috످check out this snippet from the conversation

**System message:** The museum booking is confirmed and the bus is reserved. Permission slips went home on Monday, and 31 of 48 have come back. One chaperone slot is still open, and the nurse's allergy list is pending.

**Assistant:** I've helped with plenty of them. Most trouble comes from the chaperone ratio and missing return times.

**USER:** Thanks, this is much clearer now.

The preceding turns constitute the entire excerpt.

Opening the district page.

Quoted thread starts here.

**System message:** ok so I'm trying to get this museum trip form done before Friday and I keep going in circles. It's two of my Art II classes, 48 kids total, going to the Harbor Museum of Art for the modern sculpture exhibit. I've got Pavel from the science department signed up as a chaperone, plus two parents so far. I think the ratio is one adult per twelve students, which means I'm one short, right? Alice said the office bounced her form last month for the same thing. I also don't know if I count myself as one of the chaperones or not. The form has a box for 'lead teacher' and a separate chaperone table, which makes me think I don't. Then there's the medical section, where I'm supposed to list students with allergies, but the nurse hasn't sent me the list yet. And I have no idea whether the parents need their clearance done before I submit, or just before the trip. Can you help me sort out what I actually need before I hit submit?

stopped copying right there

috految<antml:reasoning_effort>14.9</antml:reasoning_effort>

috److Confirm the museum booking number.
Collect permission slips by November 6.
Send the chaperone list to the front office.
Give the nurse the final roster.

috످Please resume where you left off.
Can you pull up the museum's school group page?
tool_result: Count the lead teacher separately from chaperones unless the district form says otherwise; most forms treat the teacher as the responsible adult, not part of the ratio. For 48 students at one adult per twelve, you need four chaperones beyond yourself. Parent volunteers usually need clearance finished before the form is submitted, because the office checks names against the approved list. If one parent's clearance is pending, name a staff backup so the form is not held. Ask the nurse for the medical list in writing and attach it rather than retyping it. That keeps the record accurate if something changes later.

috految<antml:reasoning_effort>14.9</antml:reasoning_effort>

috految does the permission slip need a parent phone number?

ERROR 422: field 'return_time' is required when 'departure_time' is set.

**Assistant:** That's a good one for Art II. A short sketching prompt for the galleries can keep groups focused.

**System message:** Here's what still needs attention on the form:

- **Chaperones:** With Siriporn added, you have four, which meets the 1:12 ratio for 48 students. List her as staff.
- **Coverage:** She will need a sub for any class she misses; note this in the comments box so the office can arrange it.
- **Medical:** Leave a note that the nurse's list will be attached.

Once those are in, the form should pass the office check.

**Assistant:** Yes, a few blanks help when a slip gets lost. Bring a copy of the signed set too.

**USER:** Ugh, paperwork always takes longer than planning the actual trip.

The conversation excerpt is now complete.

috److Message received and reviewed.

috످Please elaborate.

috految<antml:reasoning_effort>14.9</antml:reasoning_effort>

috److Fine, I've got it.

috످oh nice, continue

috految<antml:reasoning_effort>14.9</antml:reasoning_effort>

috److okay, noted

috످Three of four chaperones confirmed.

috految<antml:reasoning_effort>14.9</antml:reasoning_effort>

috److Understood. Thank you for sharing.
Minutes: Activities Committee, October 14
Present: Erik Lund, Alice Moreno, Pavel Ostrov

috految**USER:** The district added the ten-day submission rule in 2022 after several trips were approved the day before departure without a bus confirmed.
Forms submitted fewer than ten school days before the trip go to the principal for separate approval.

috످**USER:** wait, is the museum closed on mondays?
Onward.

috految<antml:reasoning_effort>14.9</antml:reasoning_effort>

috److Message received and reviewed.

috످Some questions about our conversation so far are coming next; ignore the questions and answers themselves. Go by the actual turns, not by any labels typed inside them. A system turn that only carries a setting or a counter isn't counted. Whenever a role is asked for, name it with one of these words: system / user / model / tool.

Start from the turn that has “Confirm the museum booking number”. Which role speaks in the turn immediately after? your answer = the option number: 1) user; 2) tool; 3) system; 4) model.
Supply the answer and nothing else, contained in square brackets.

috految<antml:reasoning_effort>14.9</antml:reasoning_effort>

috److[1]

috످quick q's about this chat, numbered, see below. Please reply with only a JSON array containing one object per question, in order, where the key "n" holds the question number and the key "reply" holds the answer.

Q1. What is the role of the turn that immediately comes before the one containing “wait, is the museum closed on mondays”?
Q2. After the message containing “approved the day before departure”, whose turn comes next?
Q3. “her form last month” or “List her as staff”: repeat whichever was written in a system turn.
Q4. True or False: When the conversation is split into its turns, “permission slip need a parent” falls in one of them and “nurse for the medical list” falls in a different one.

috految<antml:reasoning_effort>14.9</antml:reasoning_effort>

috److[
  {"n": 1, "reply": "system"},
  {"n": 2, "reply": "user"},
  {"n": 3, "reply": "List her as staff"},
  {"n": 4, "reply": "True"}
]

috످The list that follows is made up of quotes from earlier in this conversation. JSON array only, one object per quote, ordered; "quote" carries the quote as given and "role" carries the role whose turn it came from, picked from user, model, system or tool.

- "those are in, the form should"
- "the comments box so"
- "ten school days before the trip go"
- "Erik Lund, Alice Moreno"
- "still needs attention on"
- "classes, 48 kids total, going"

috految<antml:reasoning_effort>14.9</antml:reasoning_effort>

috److془The form checklist is about remaining fixes, in system turn? Check: after "tool_result" user turn, system message: "does the permission slip need a parent phone number? ... " Yes system? Let's see: "...That keeps the record accurate if something changes later." then system, "does the permission slip..." Yes.

Ten-day rule: system. Minutes: model. Teacher's: user.

Check the ten day: "Present: Erik Lund, Alice Moreno, Pavel Ostrov" then system "**USER:** The district added". Yes.془[
  {"quote": "those are in, the form should", "role": "system"},
  {"quote": "the comments box so", "role": "system"},
  {"quote": "ten school days before the trip go", "role": "system"},
  {"quote": "Erik Lund, Alice Moreno", "role": "model"},
  {"quote": "still needs attention on", "role": "system"},
  {"quote": "classes, 48 kids total, going", "role": "user"}
]

috످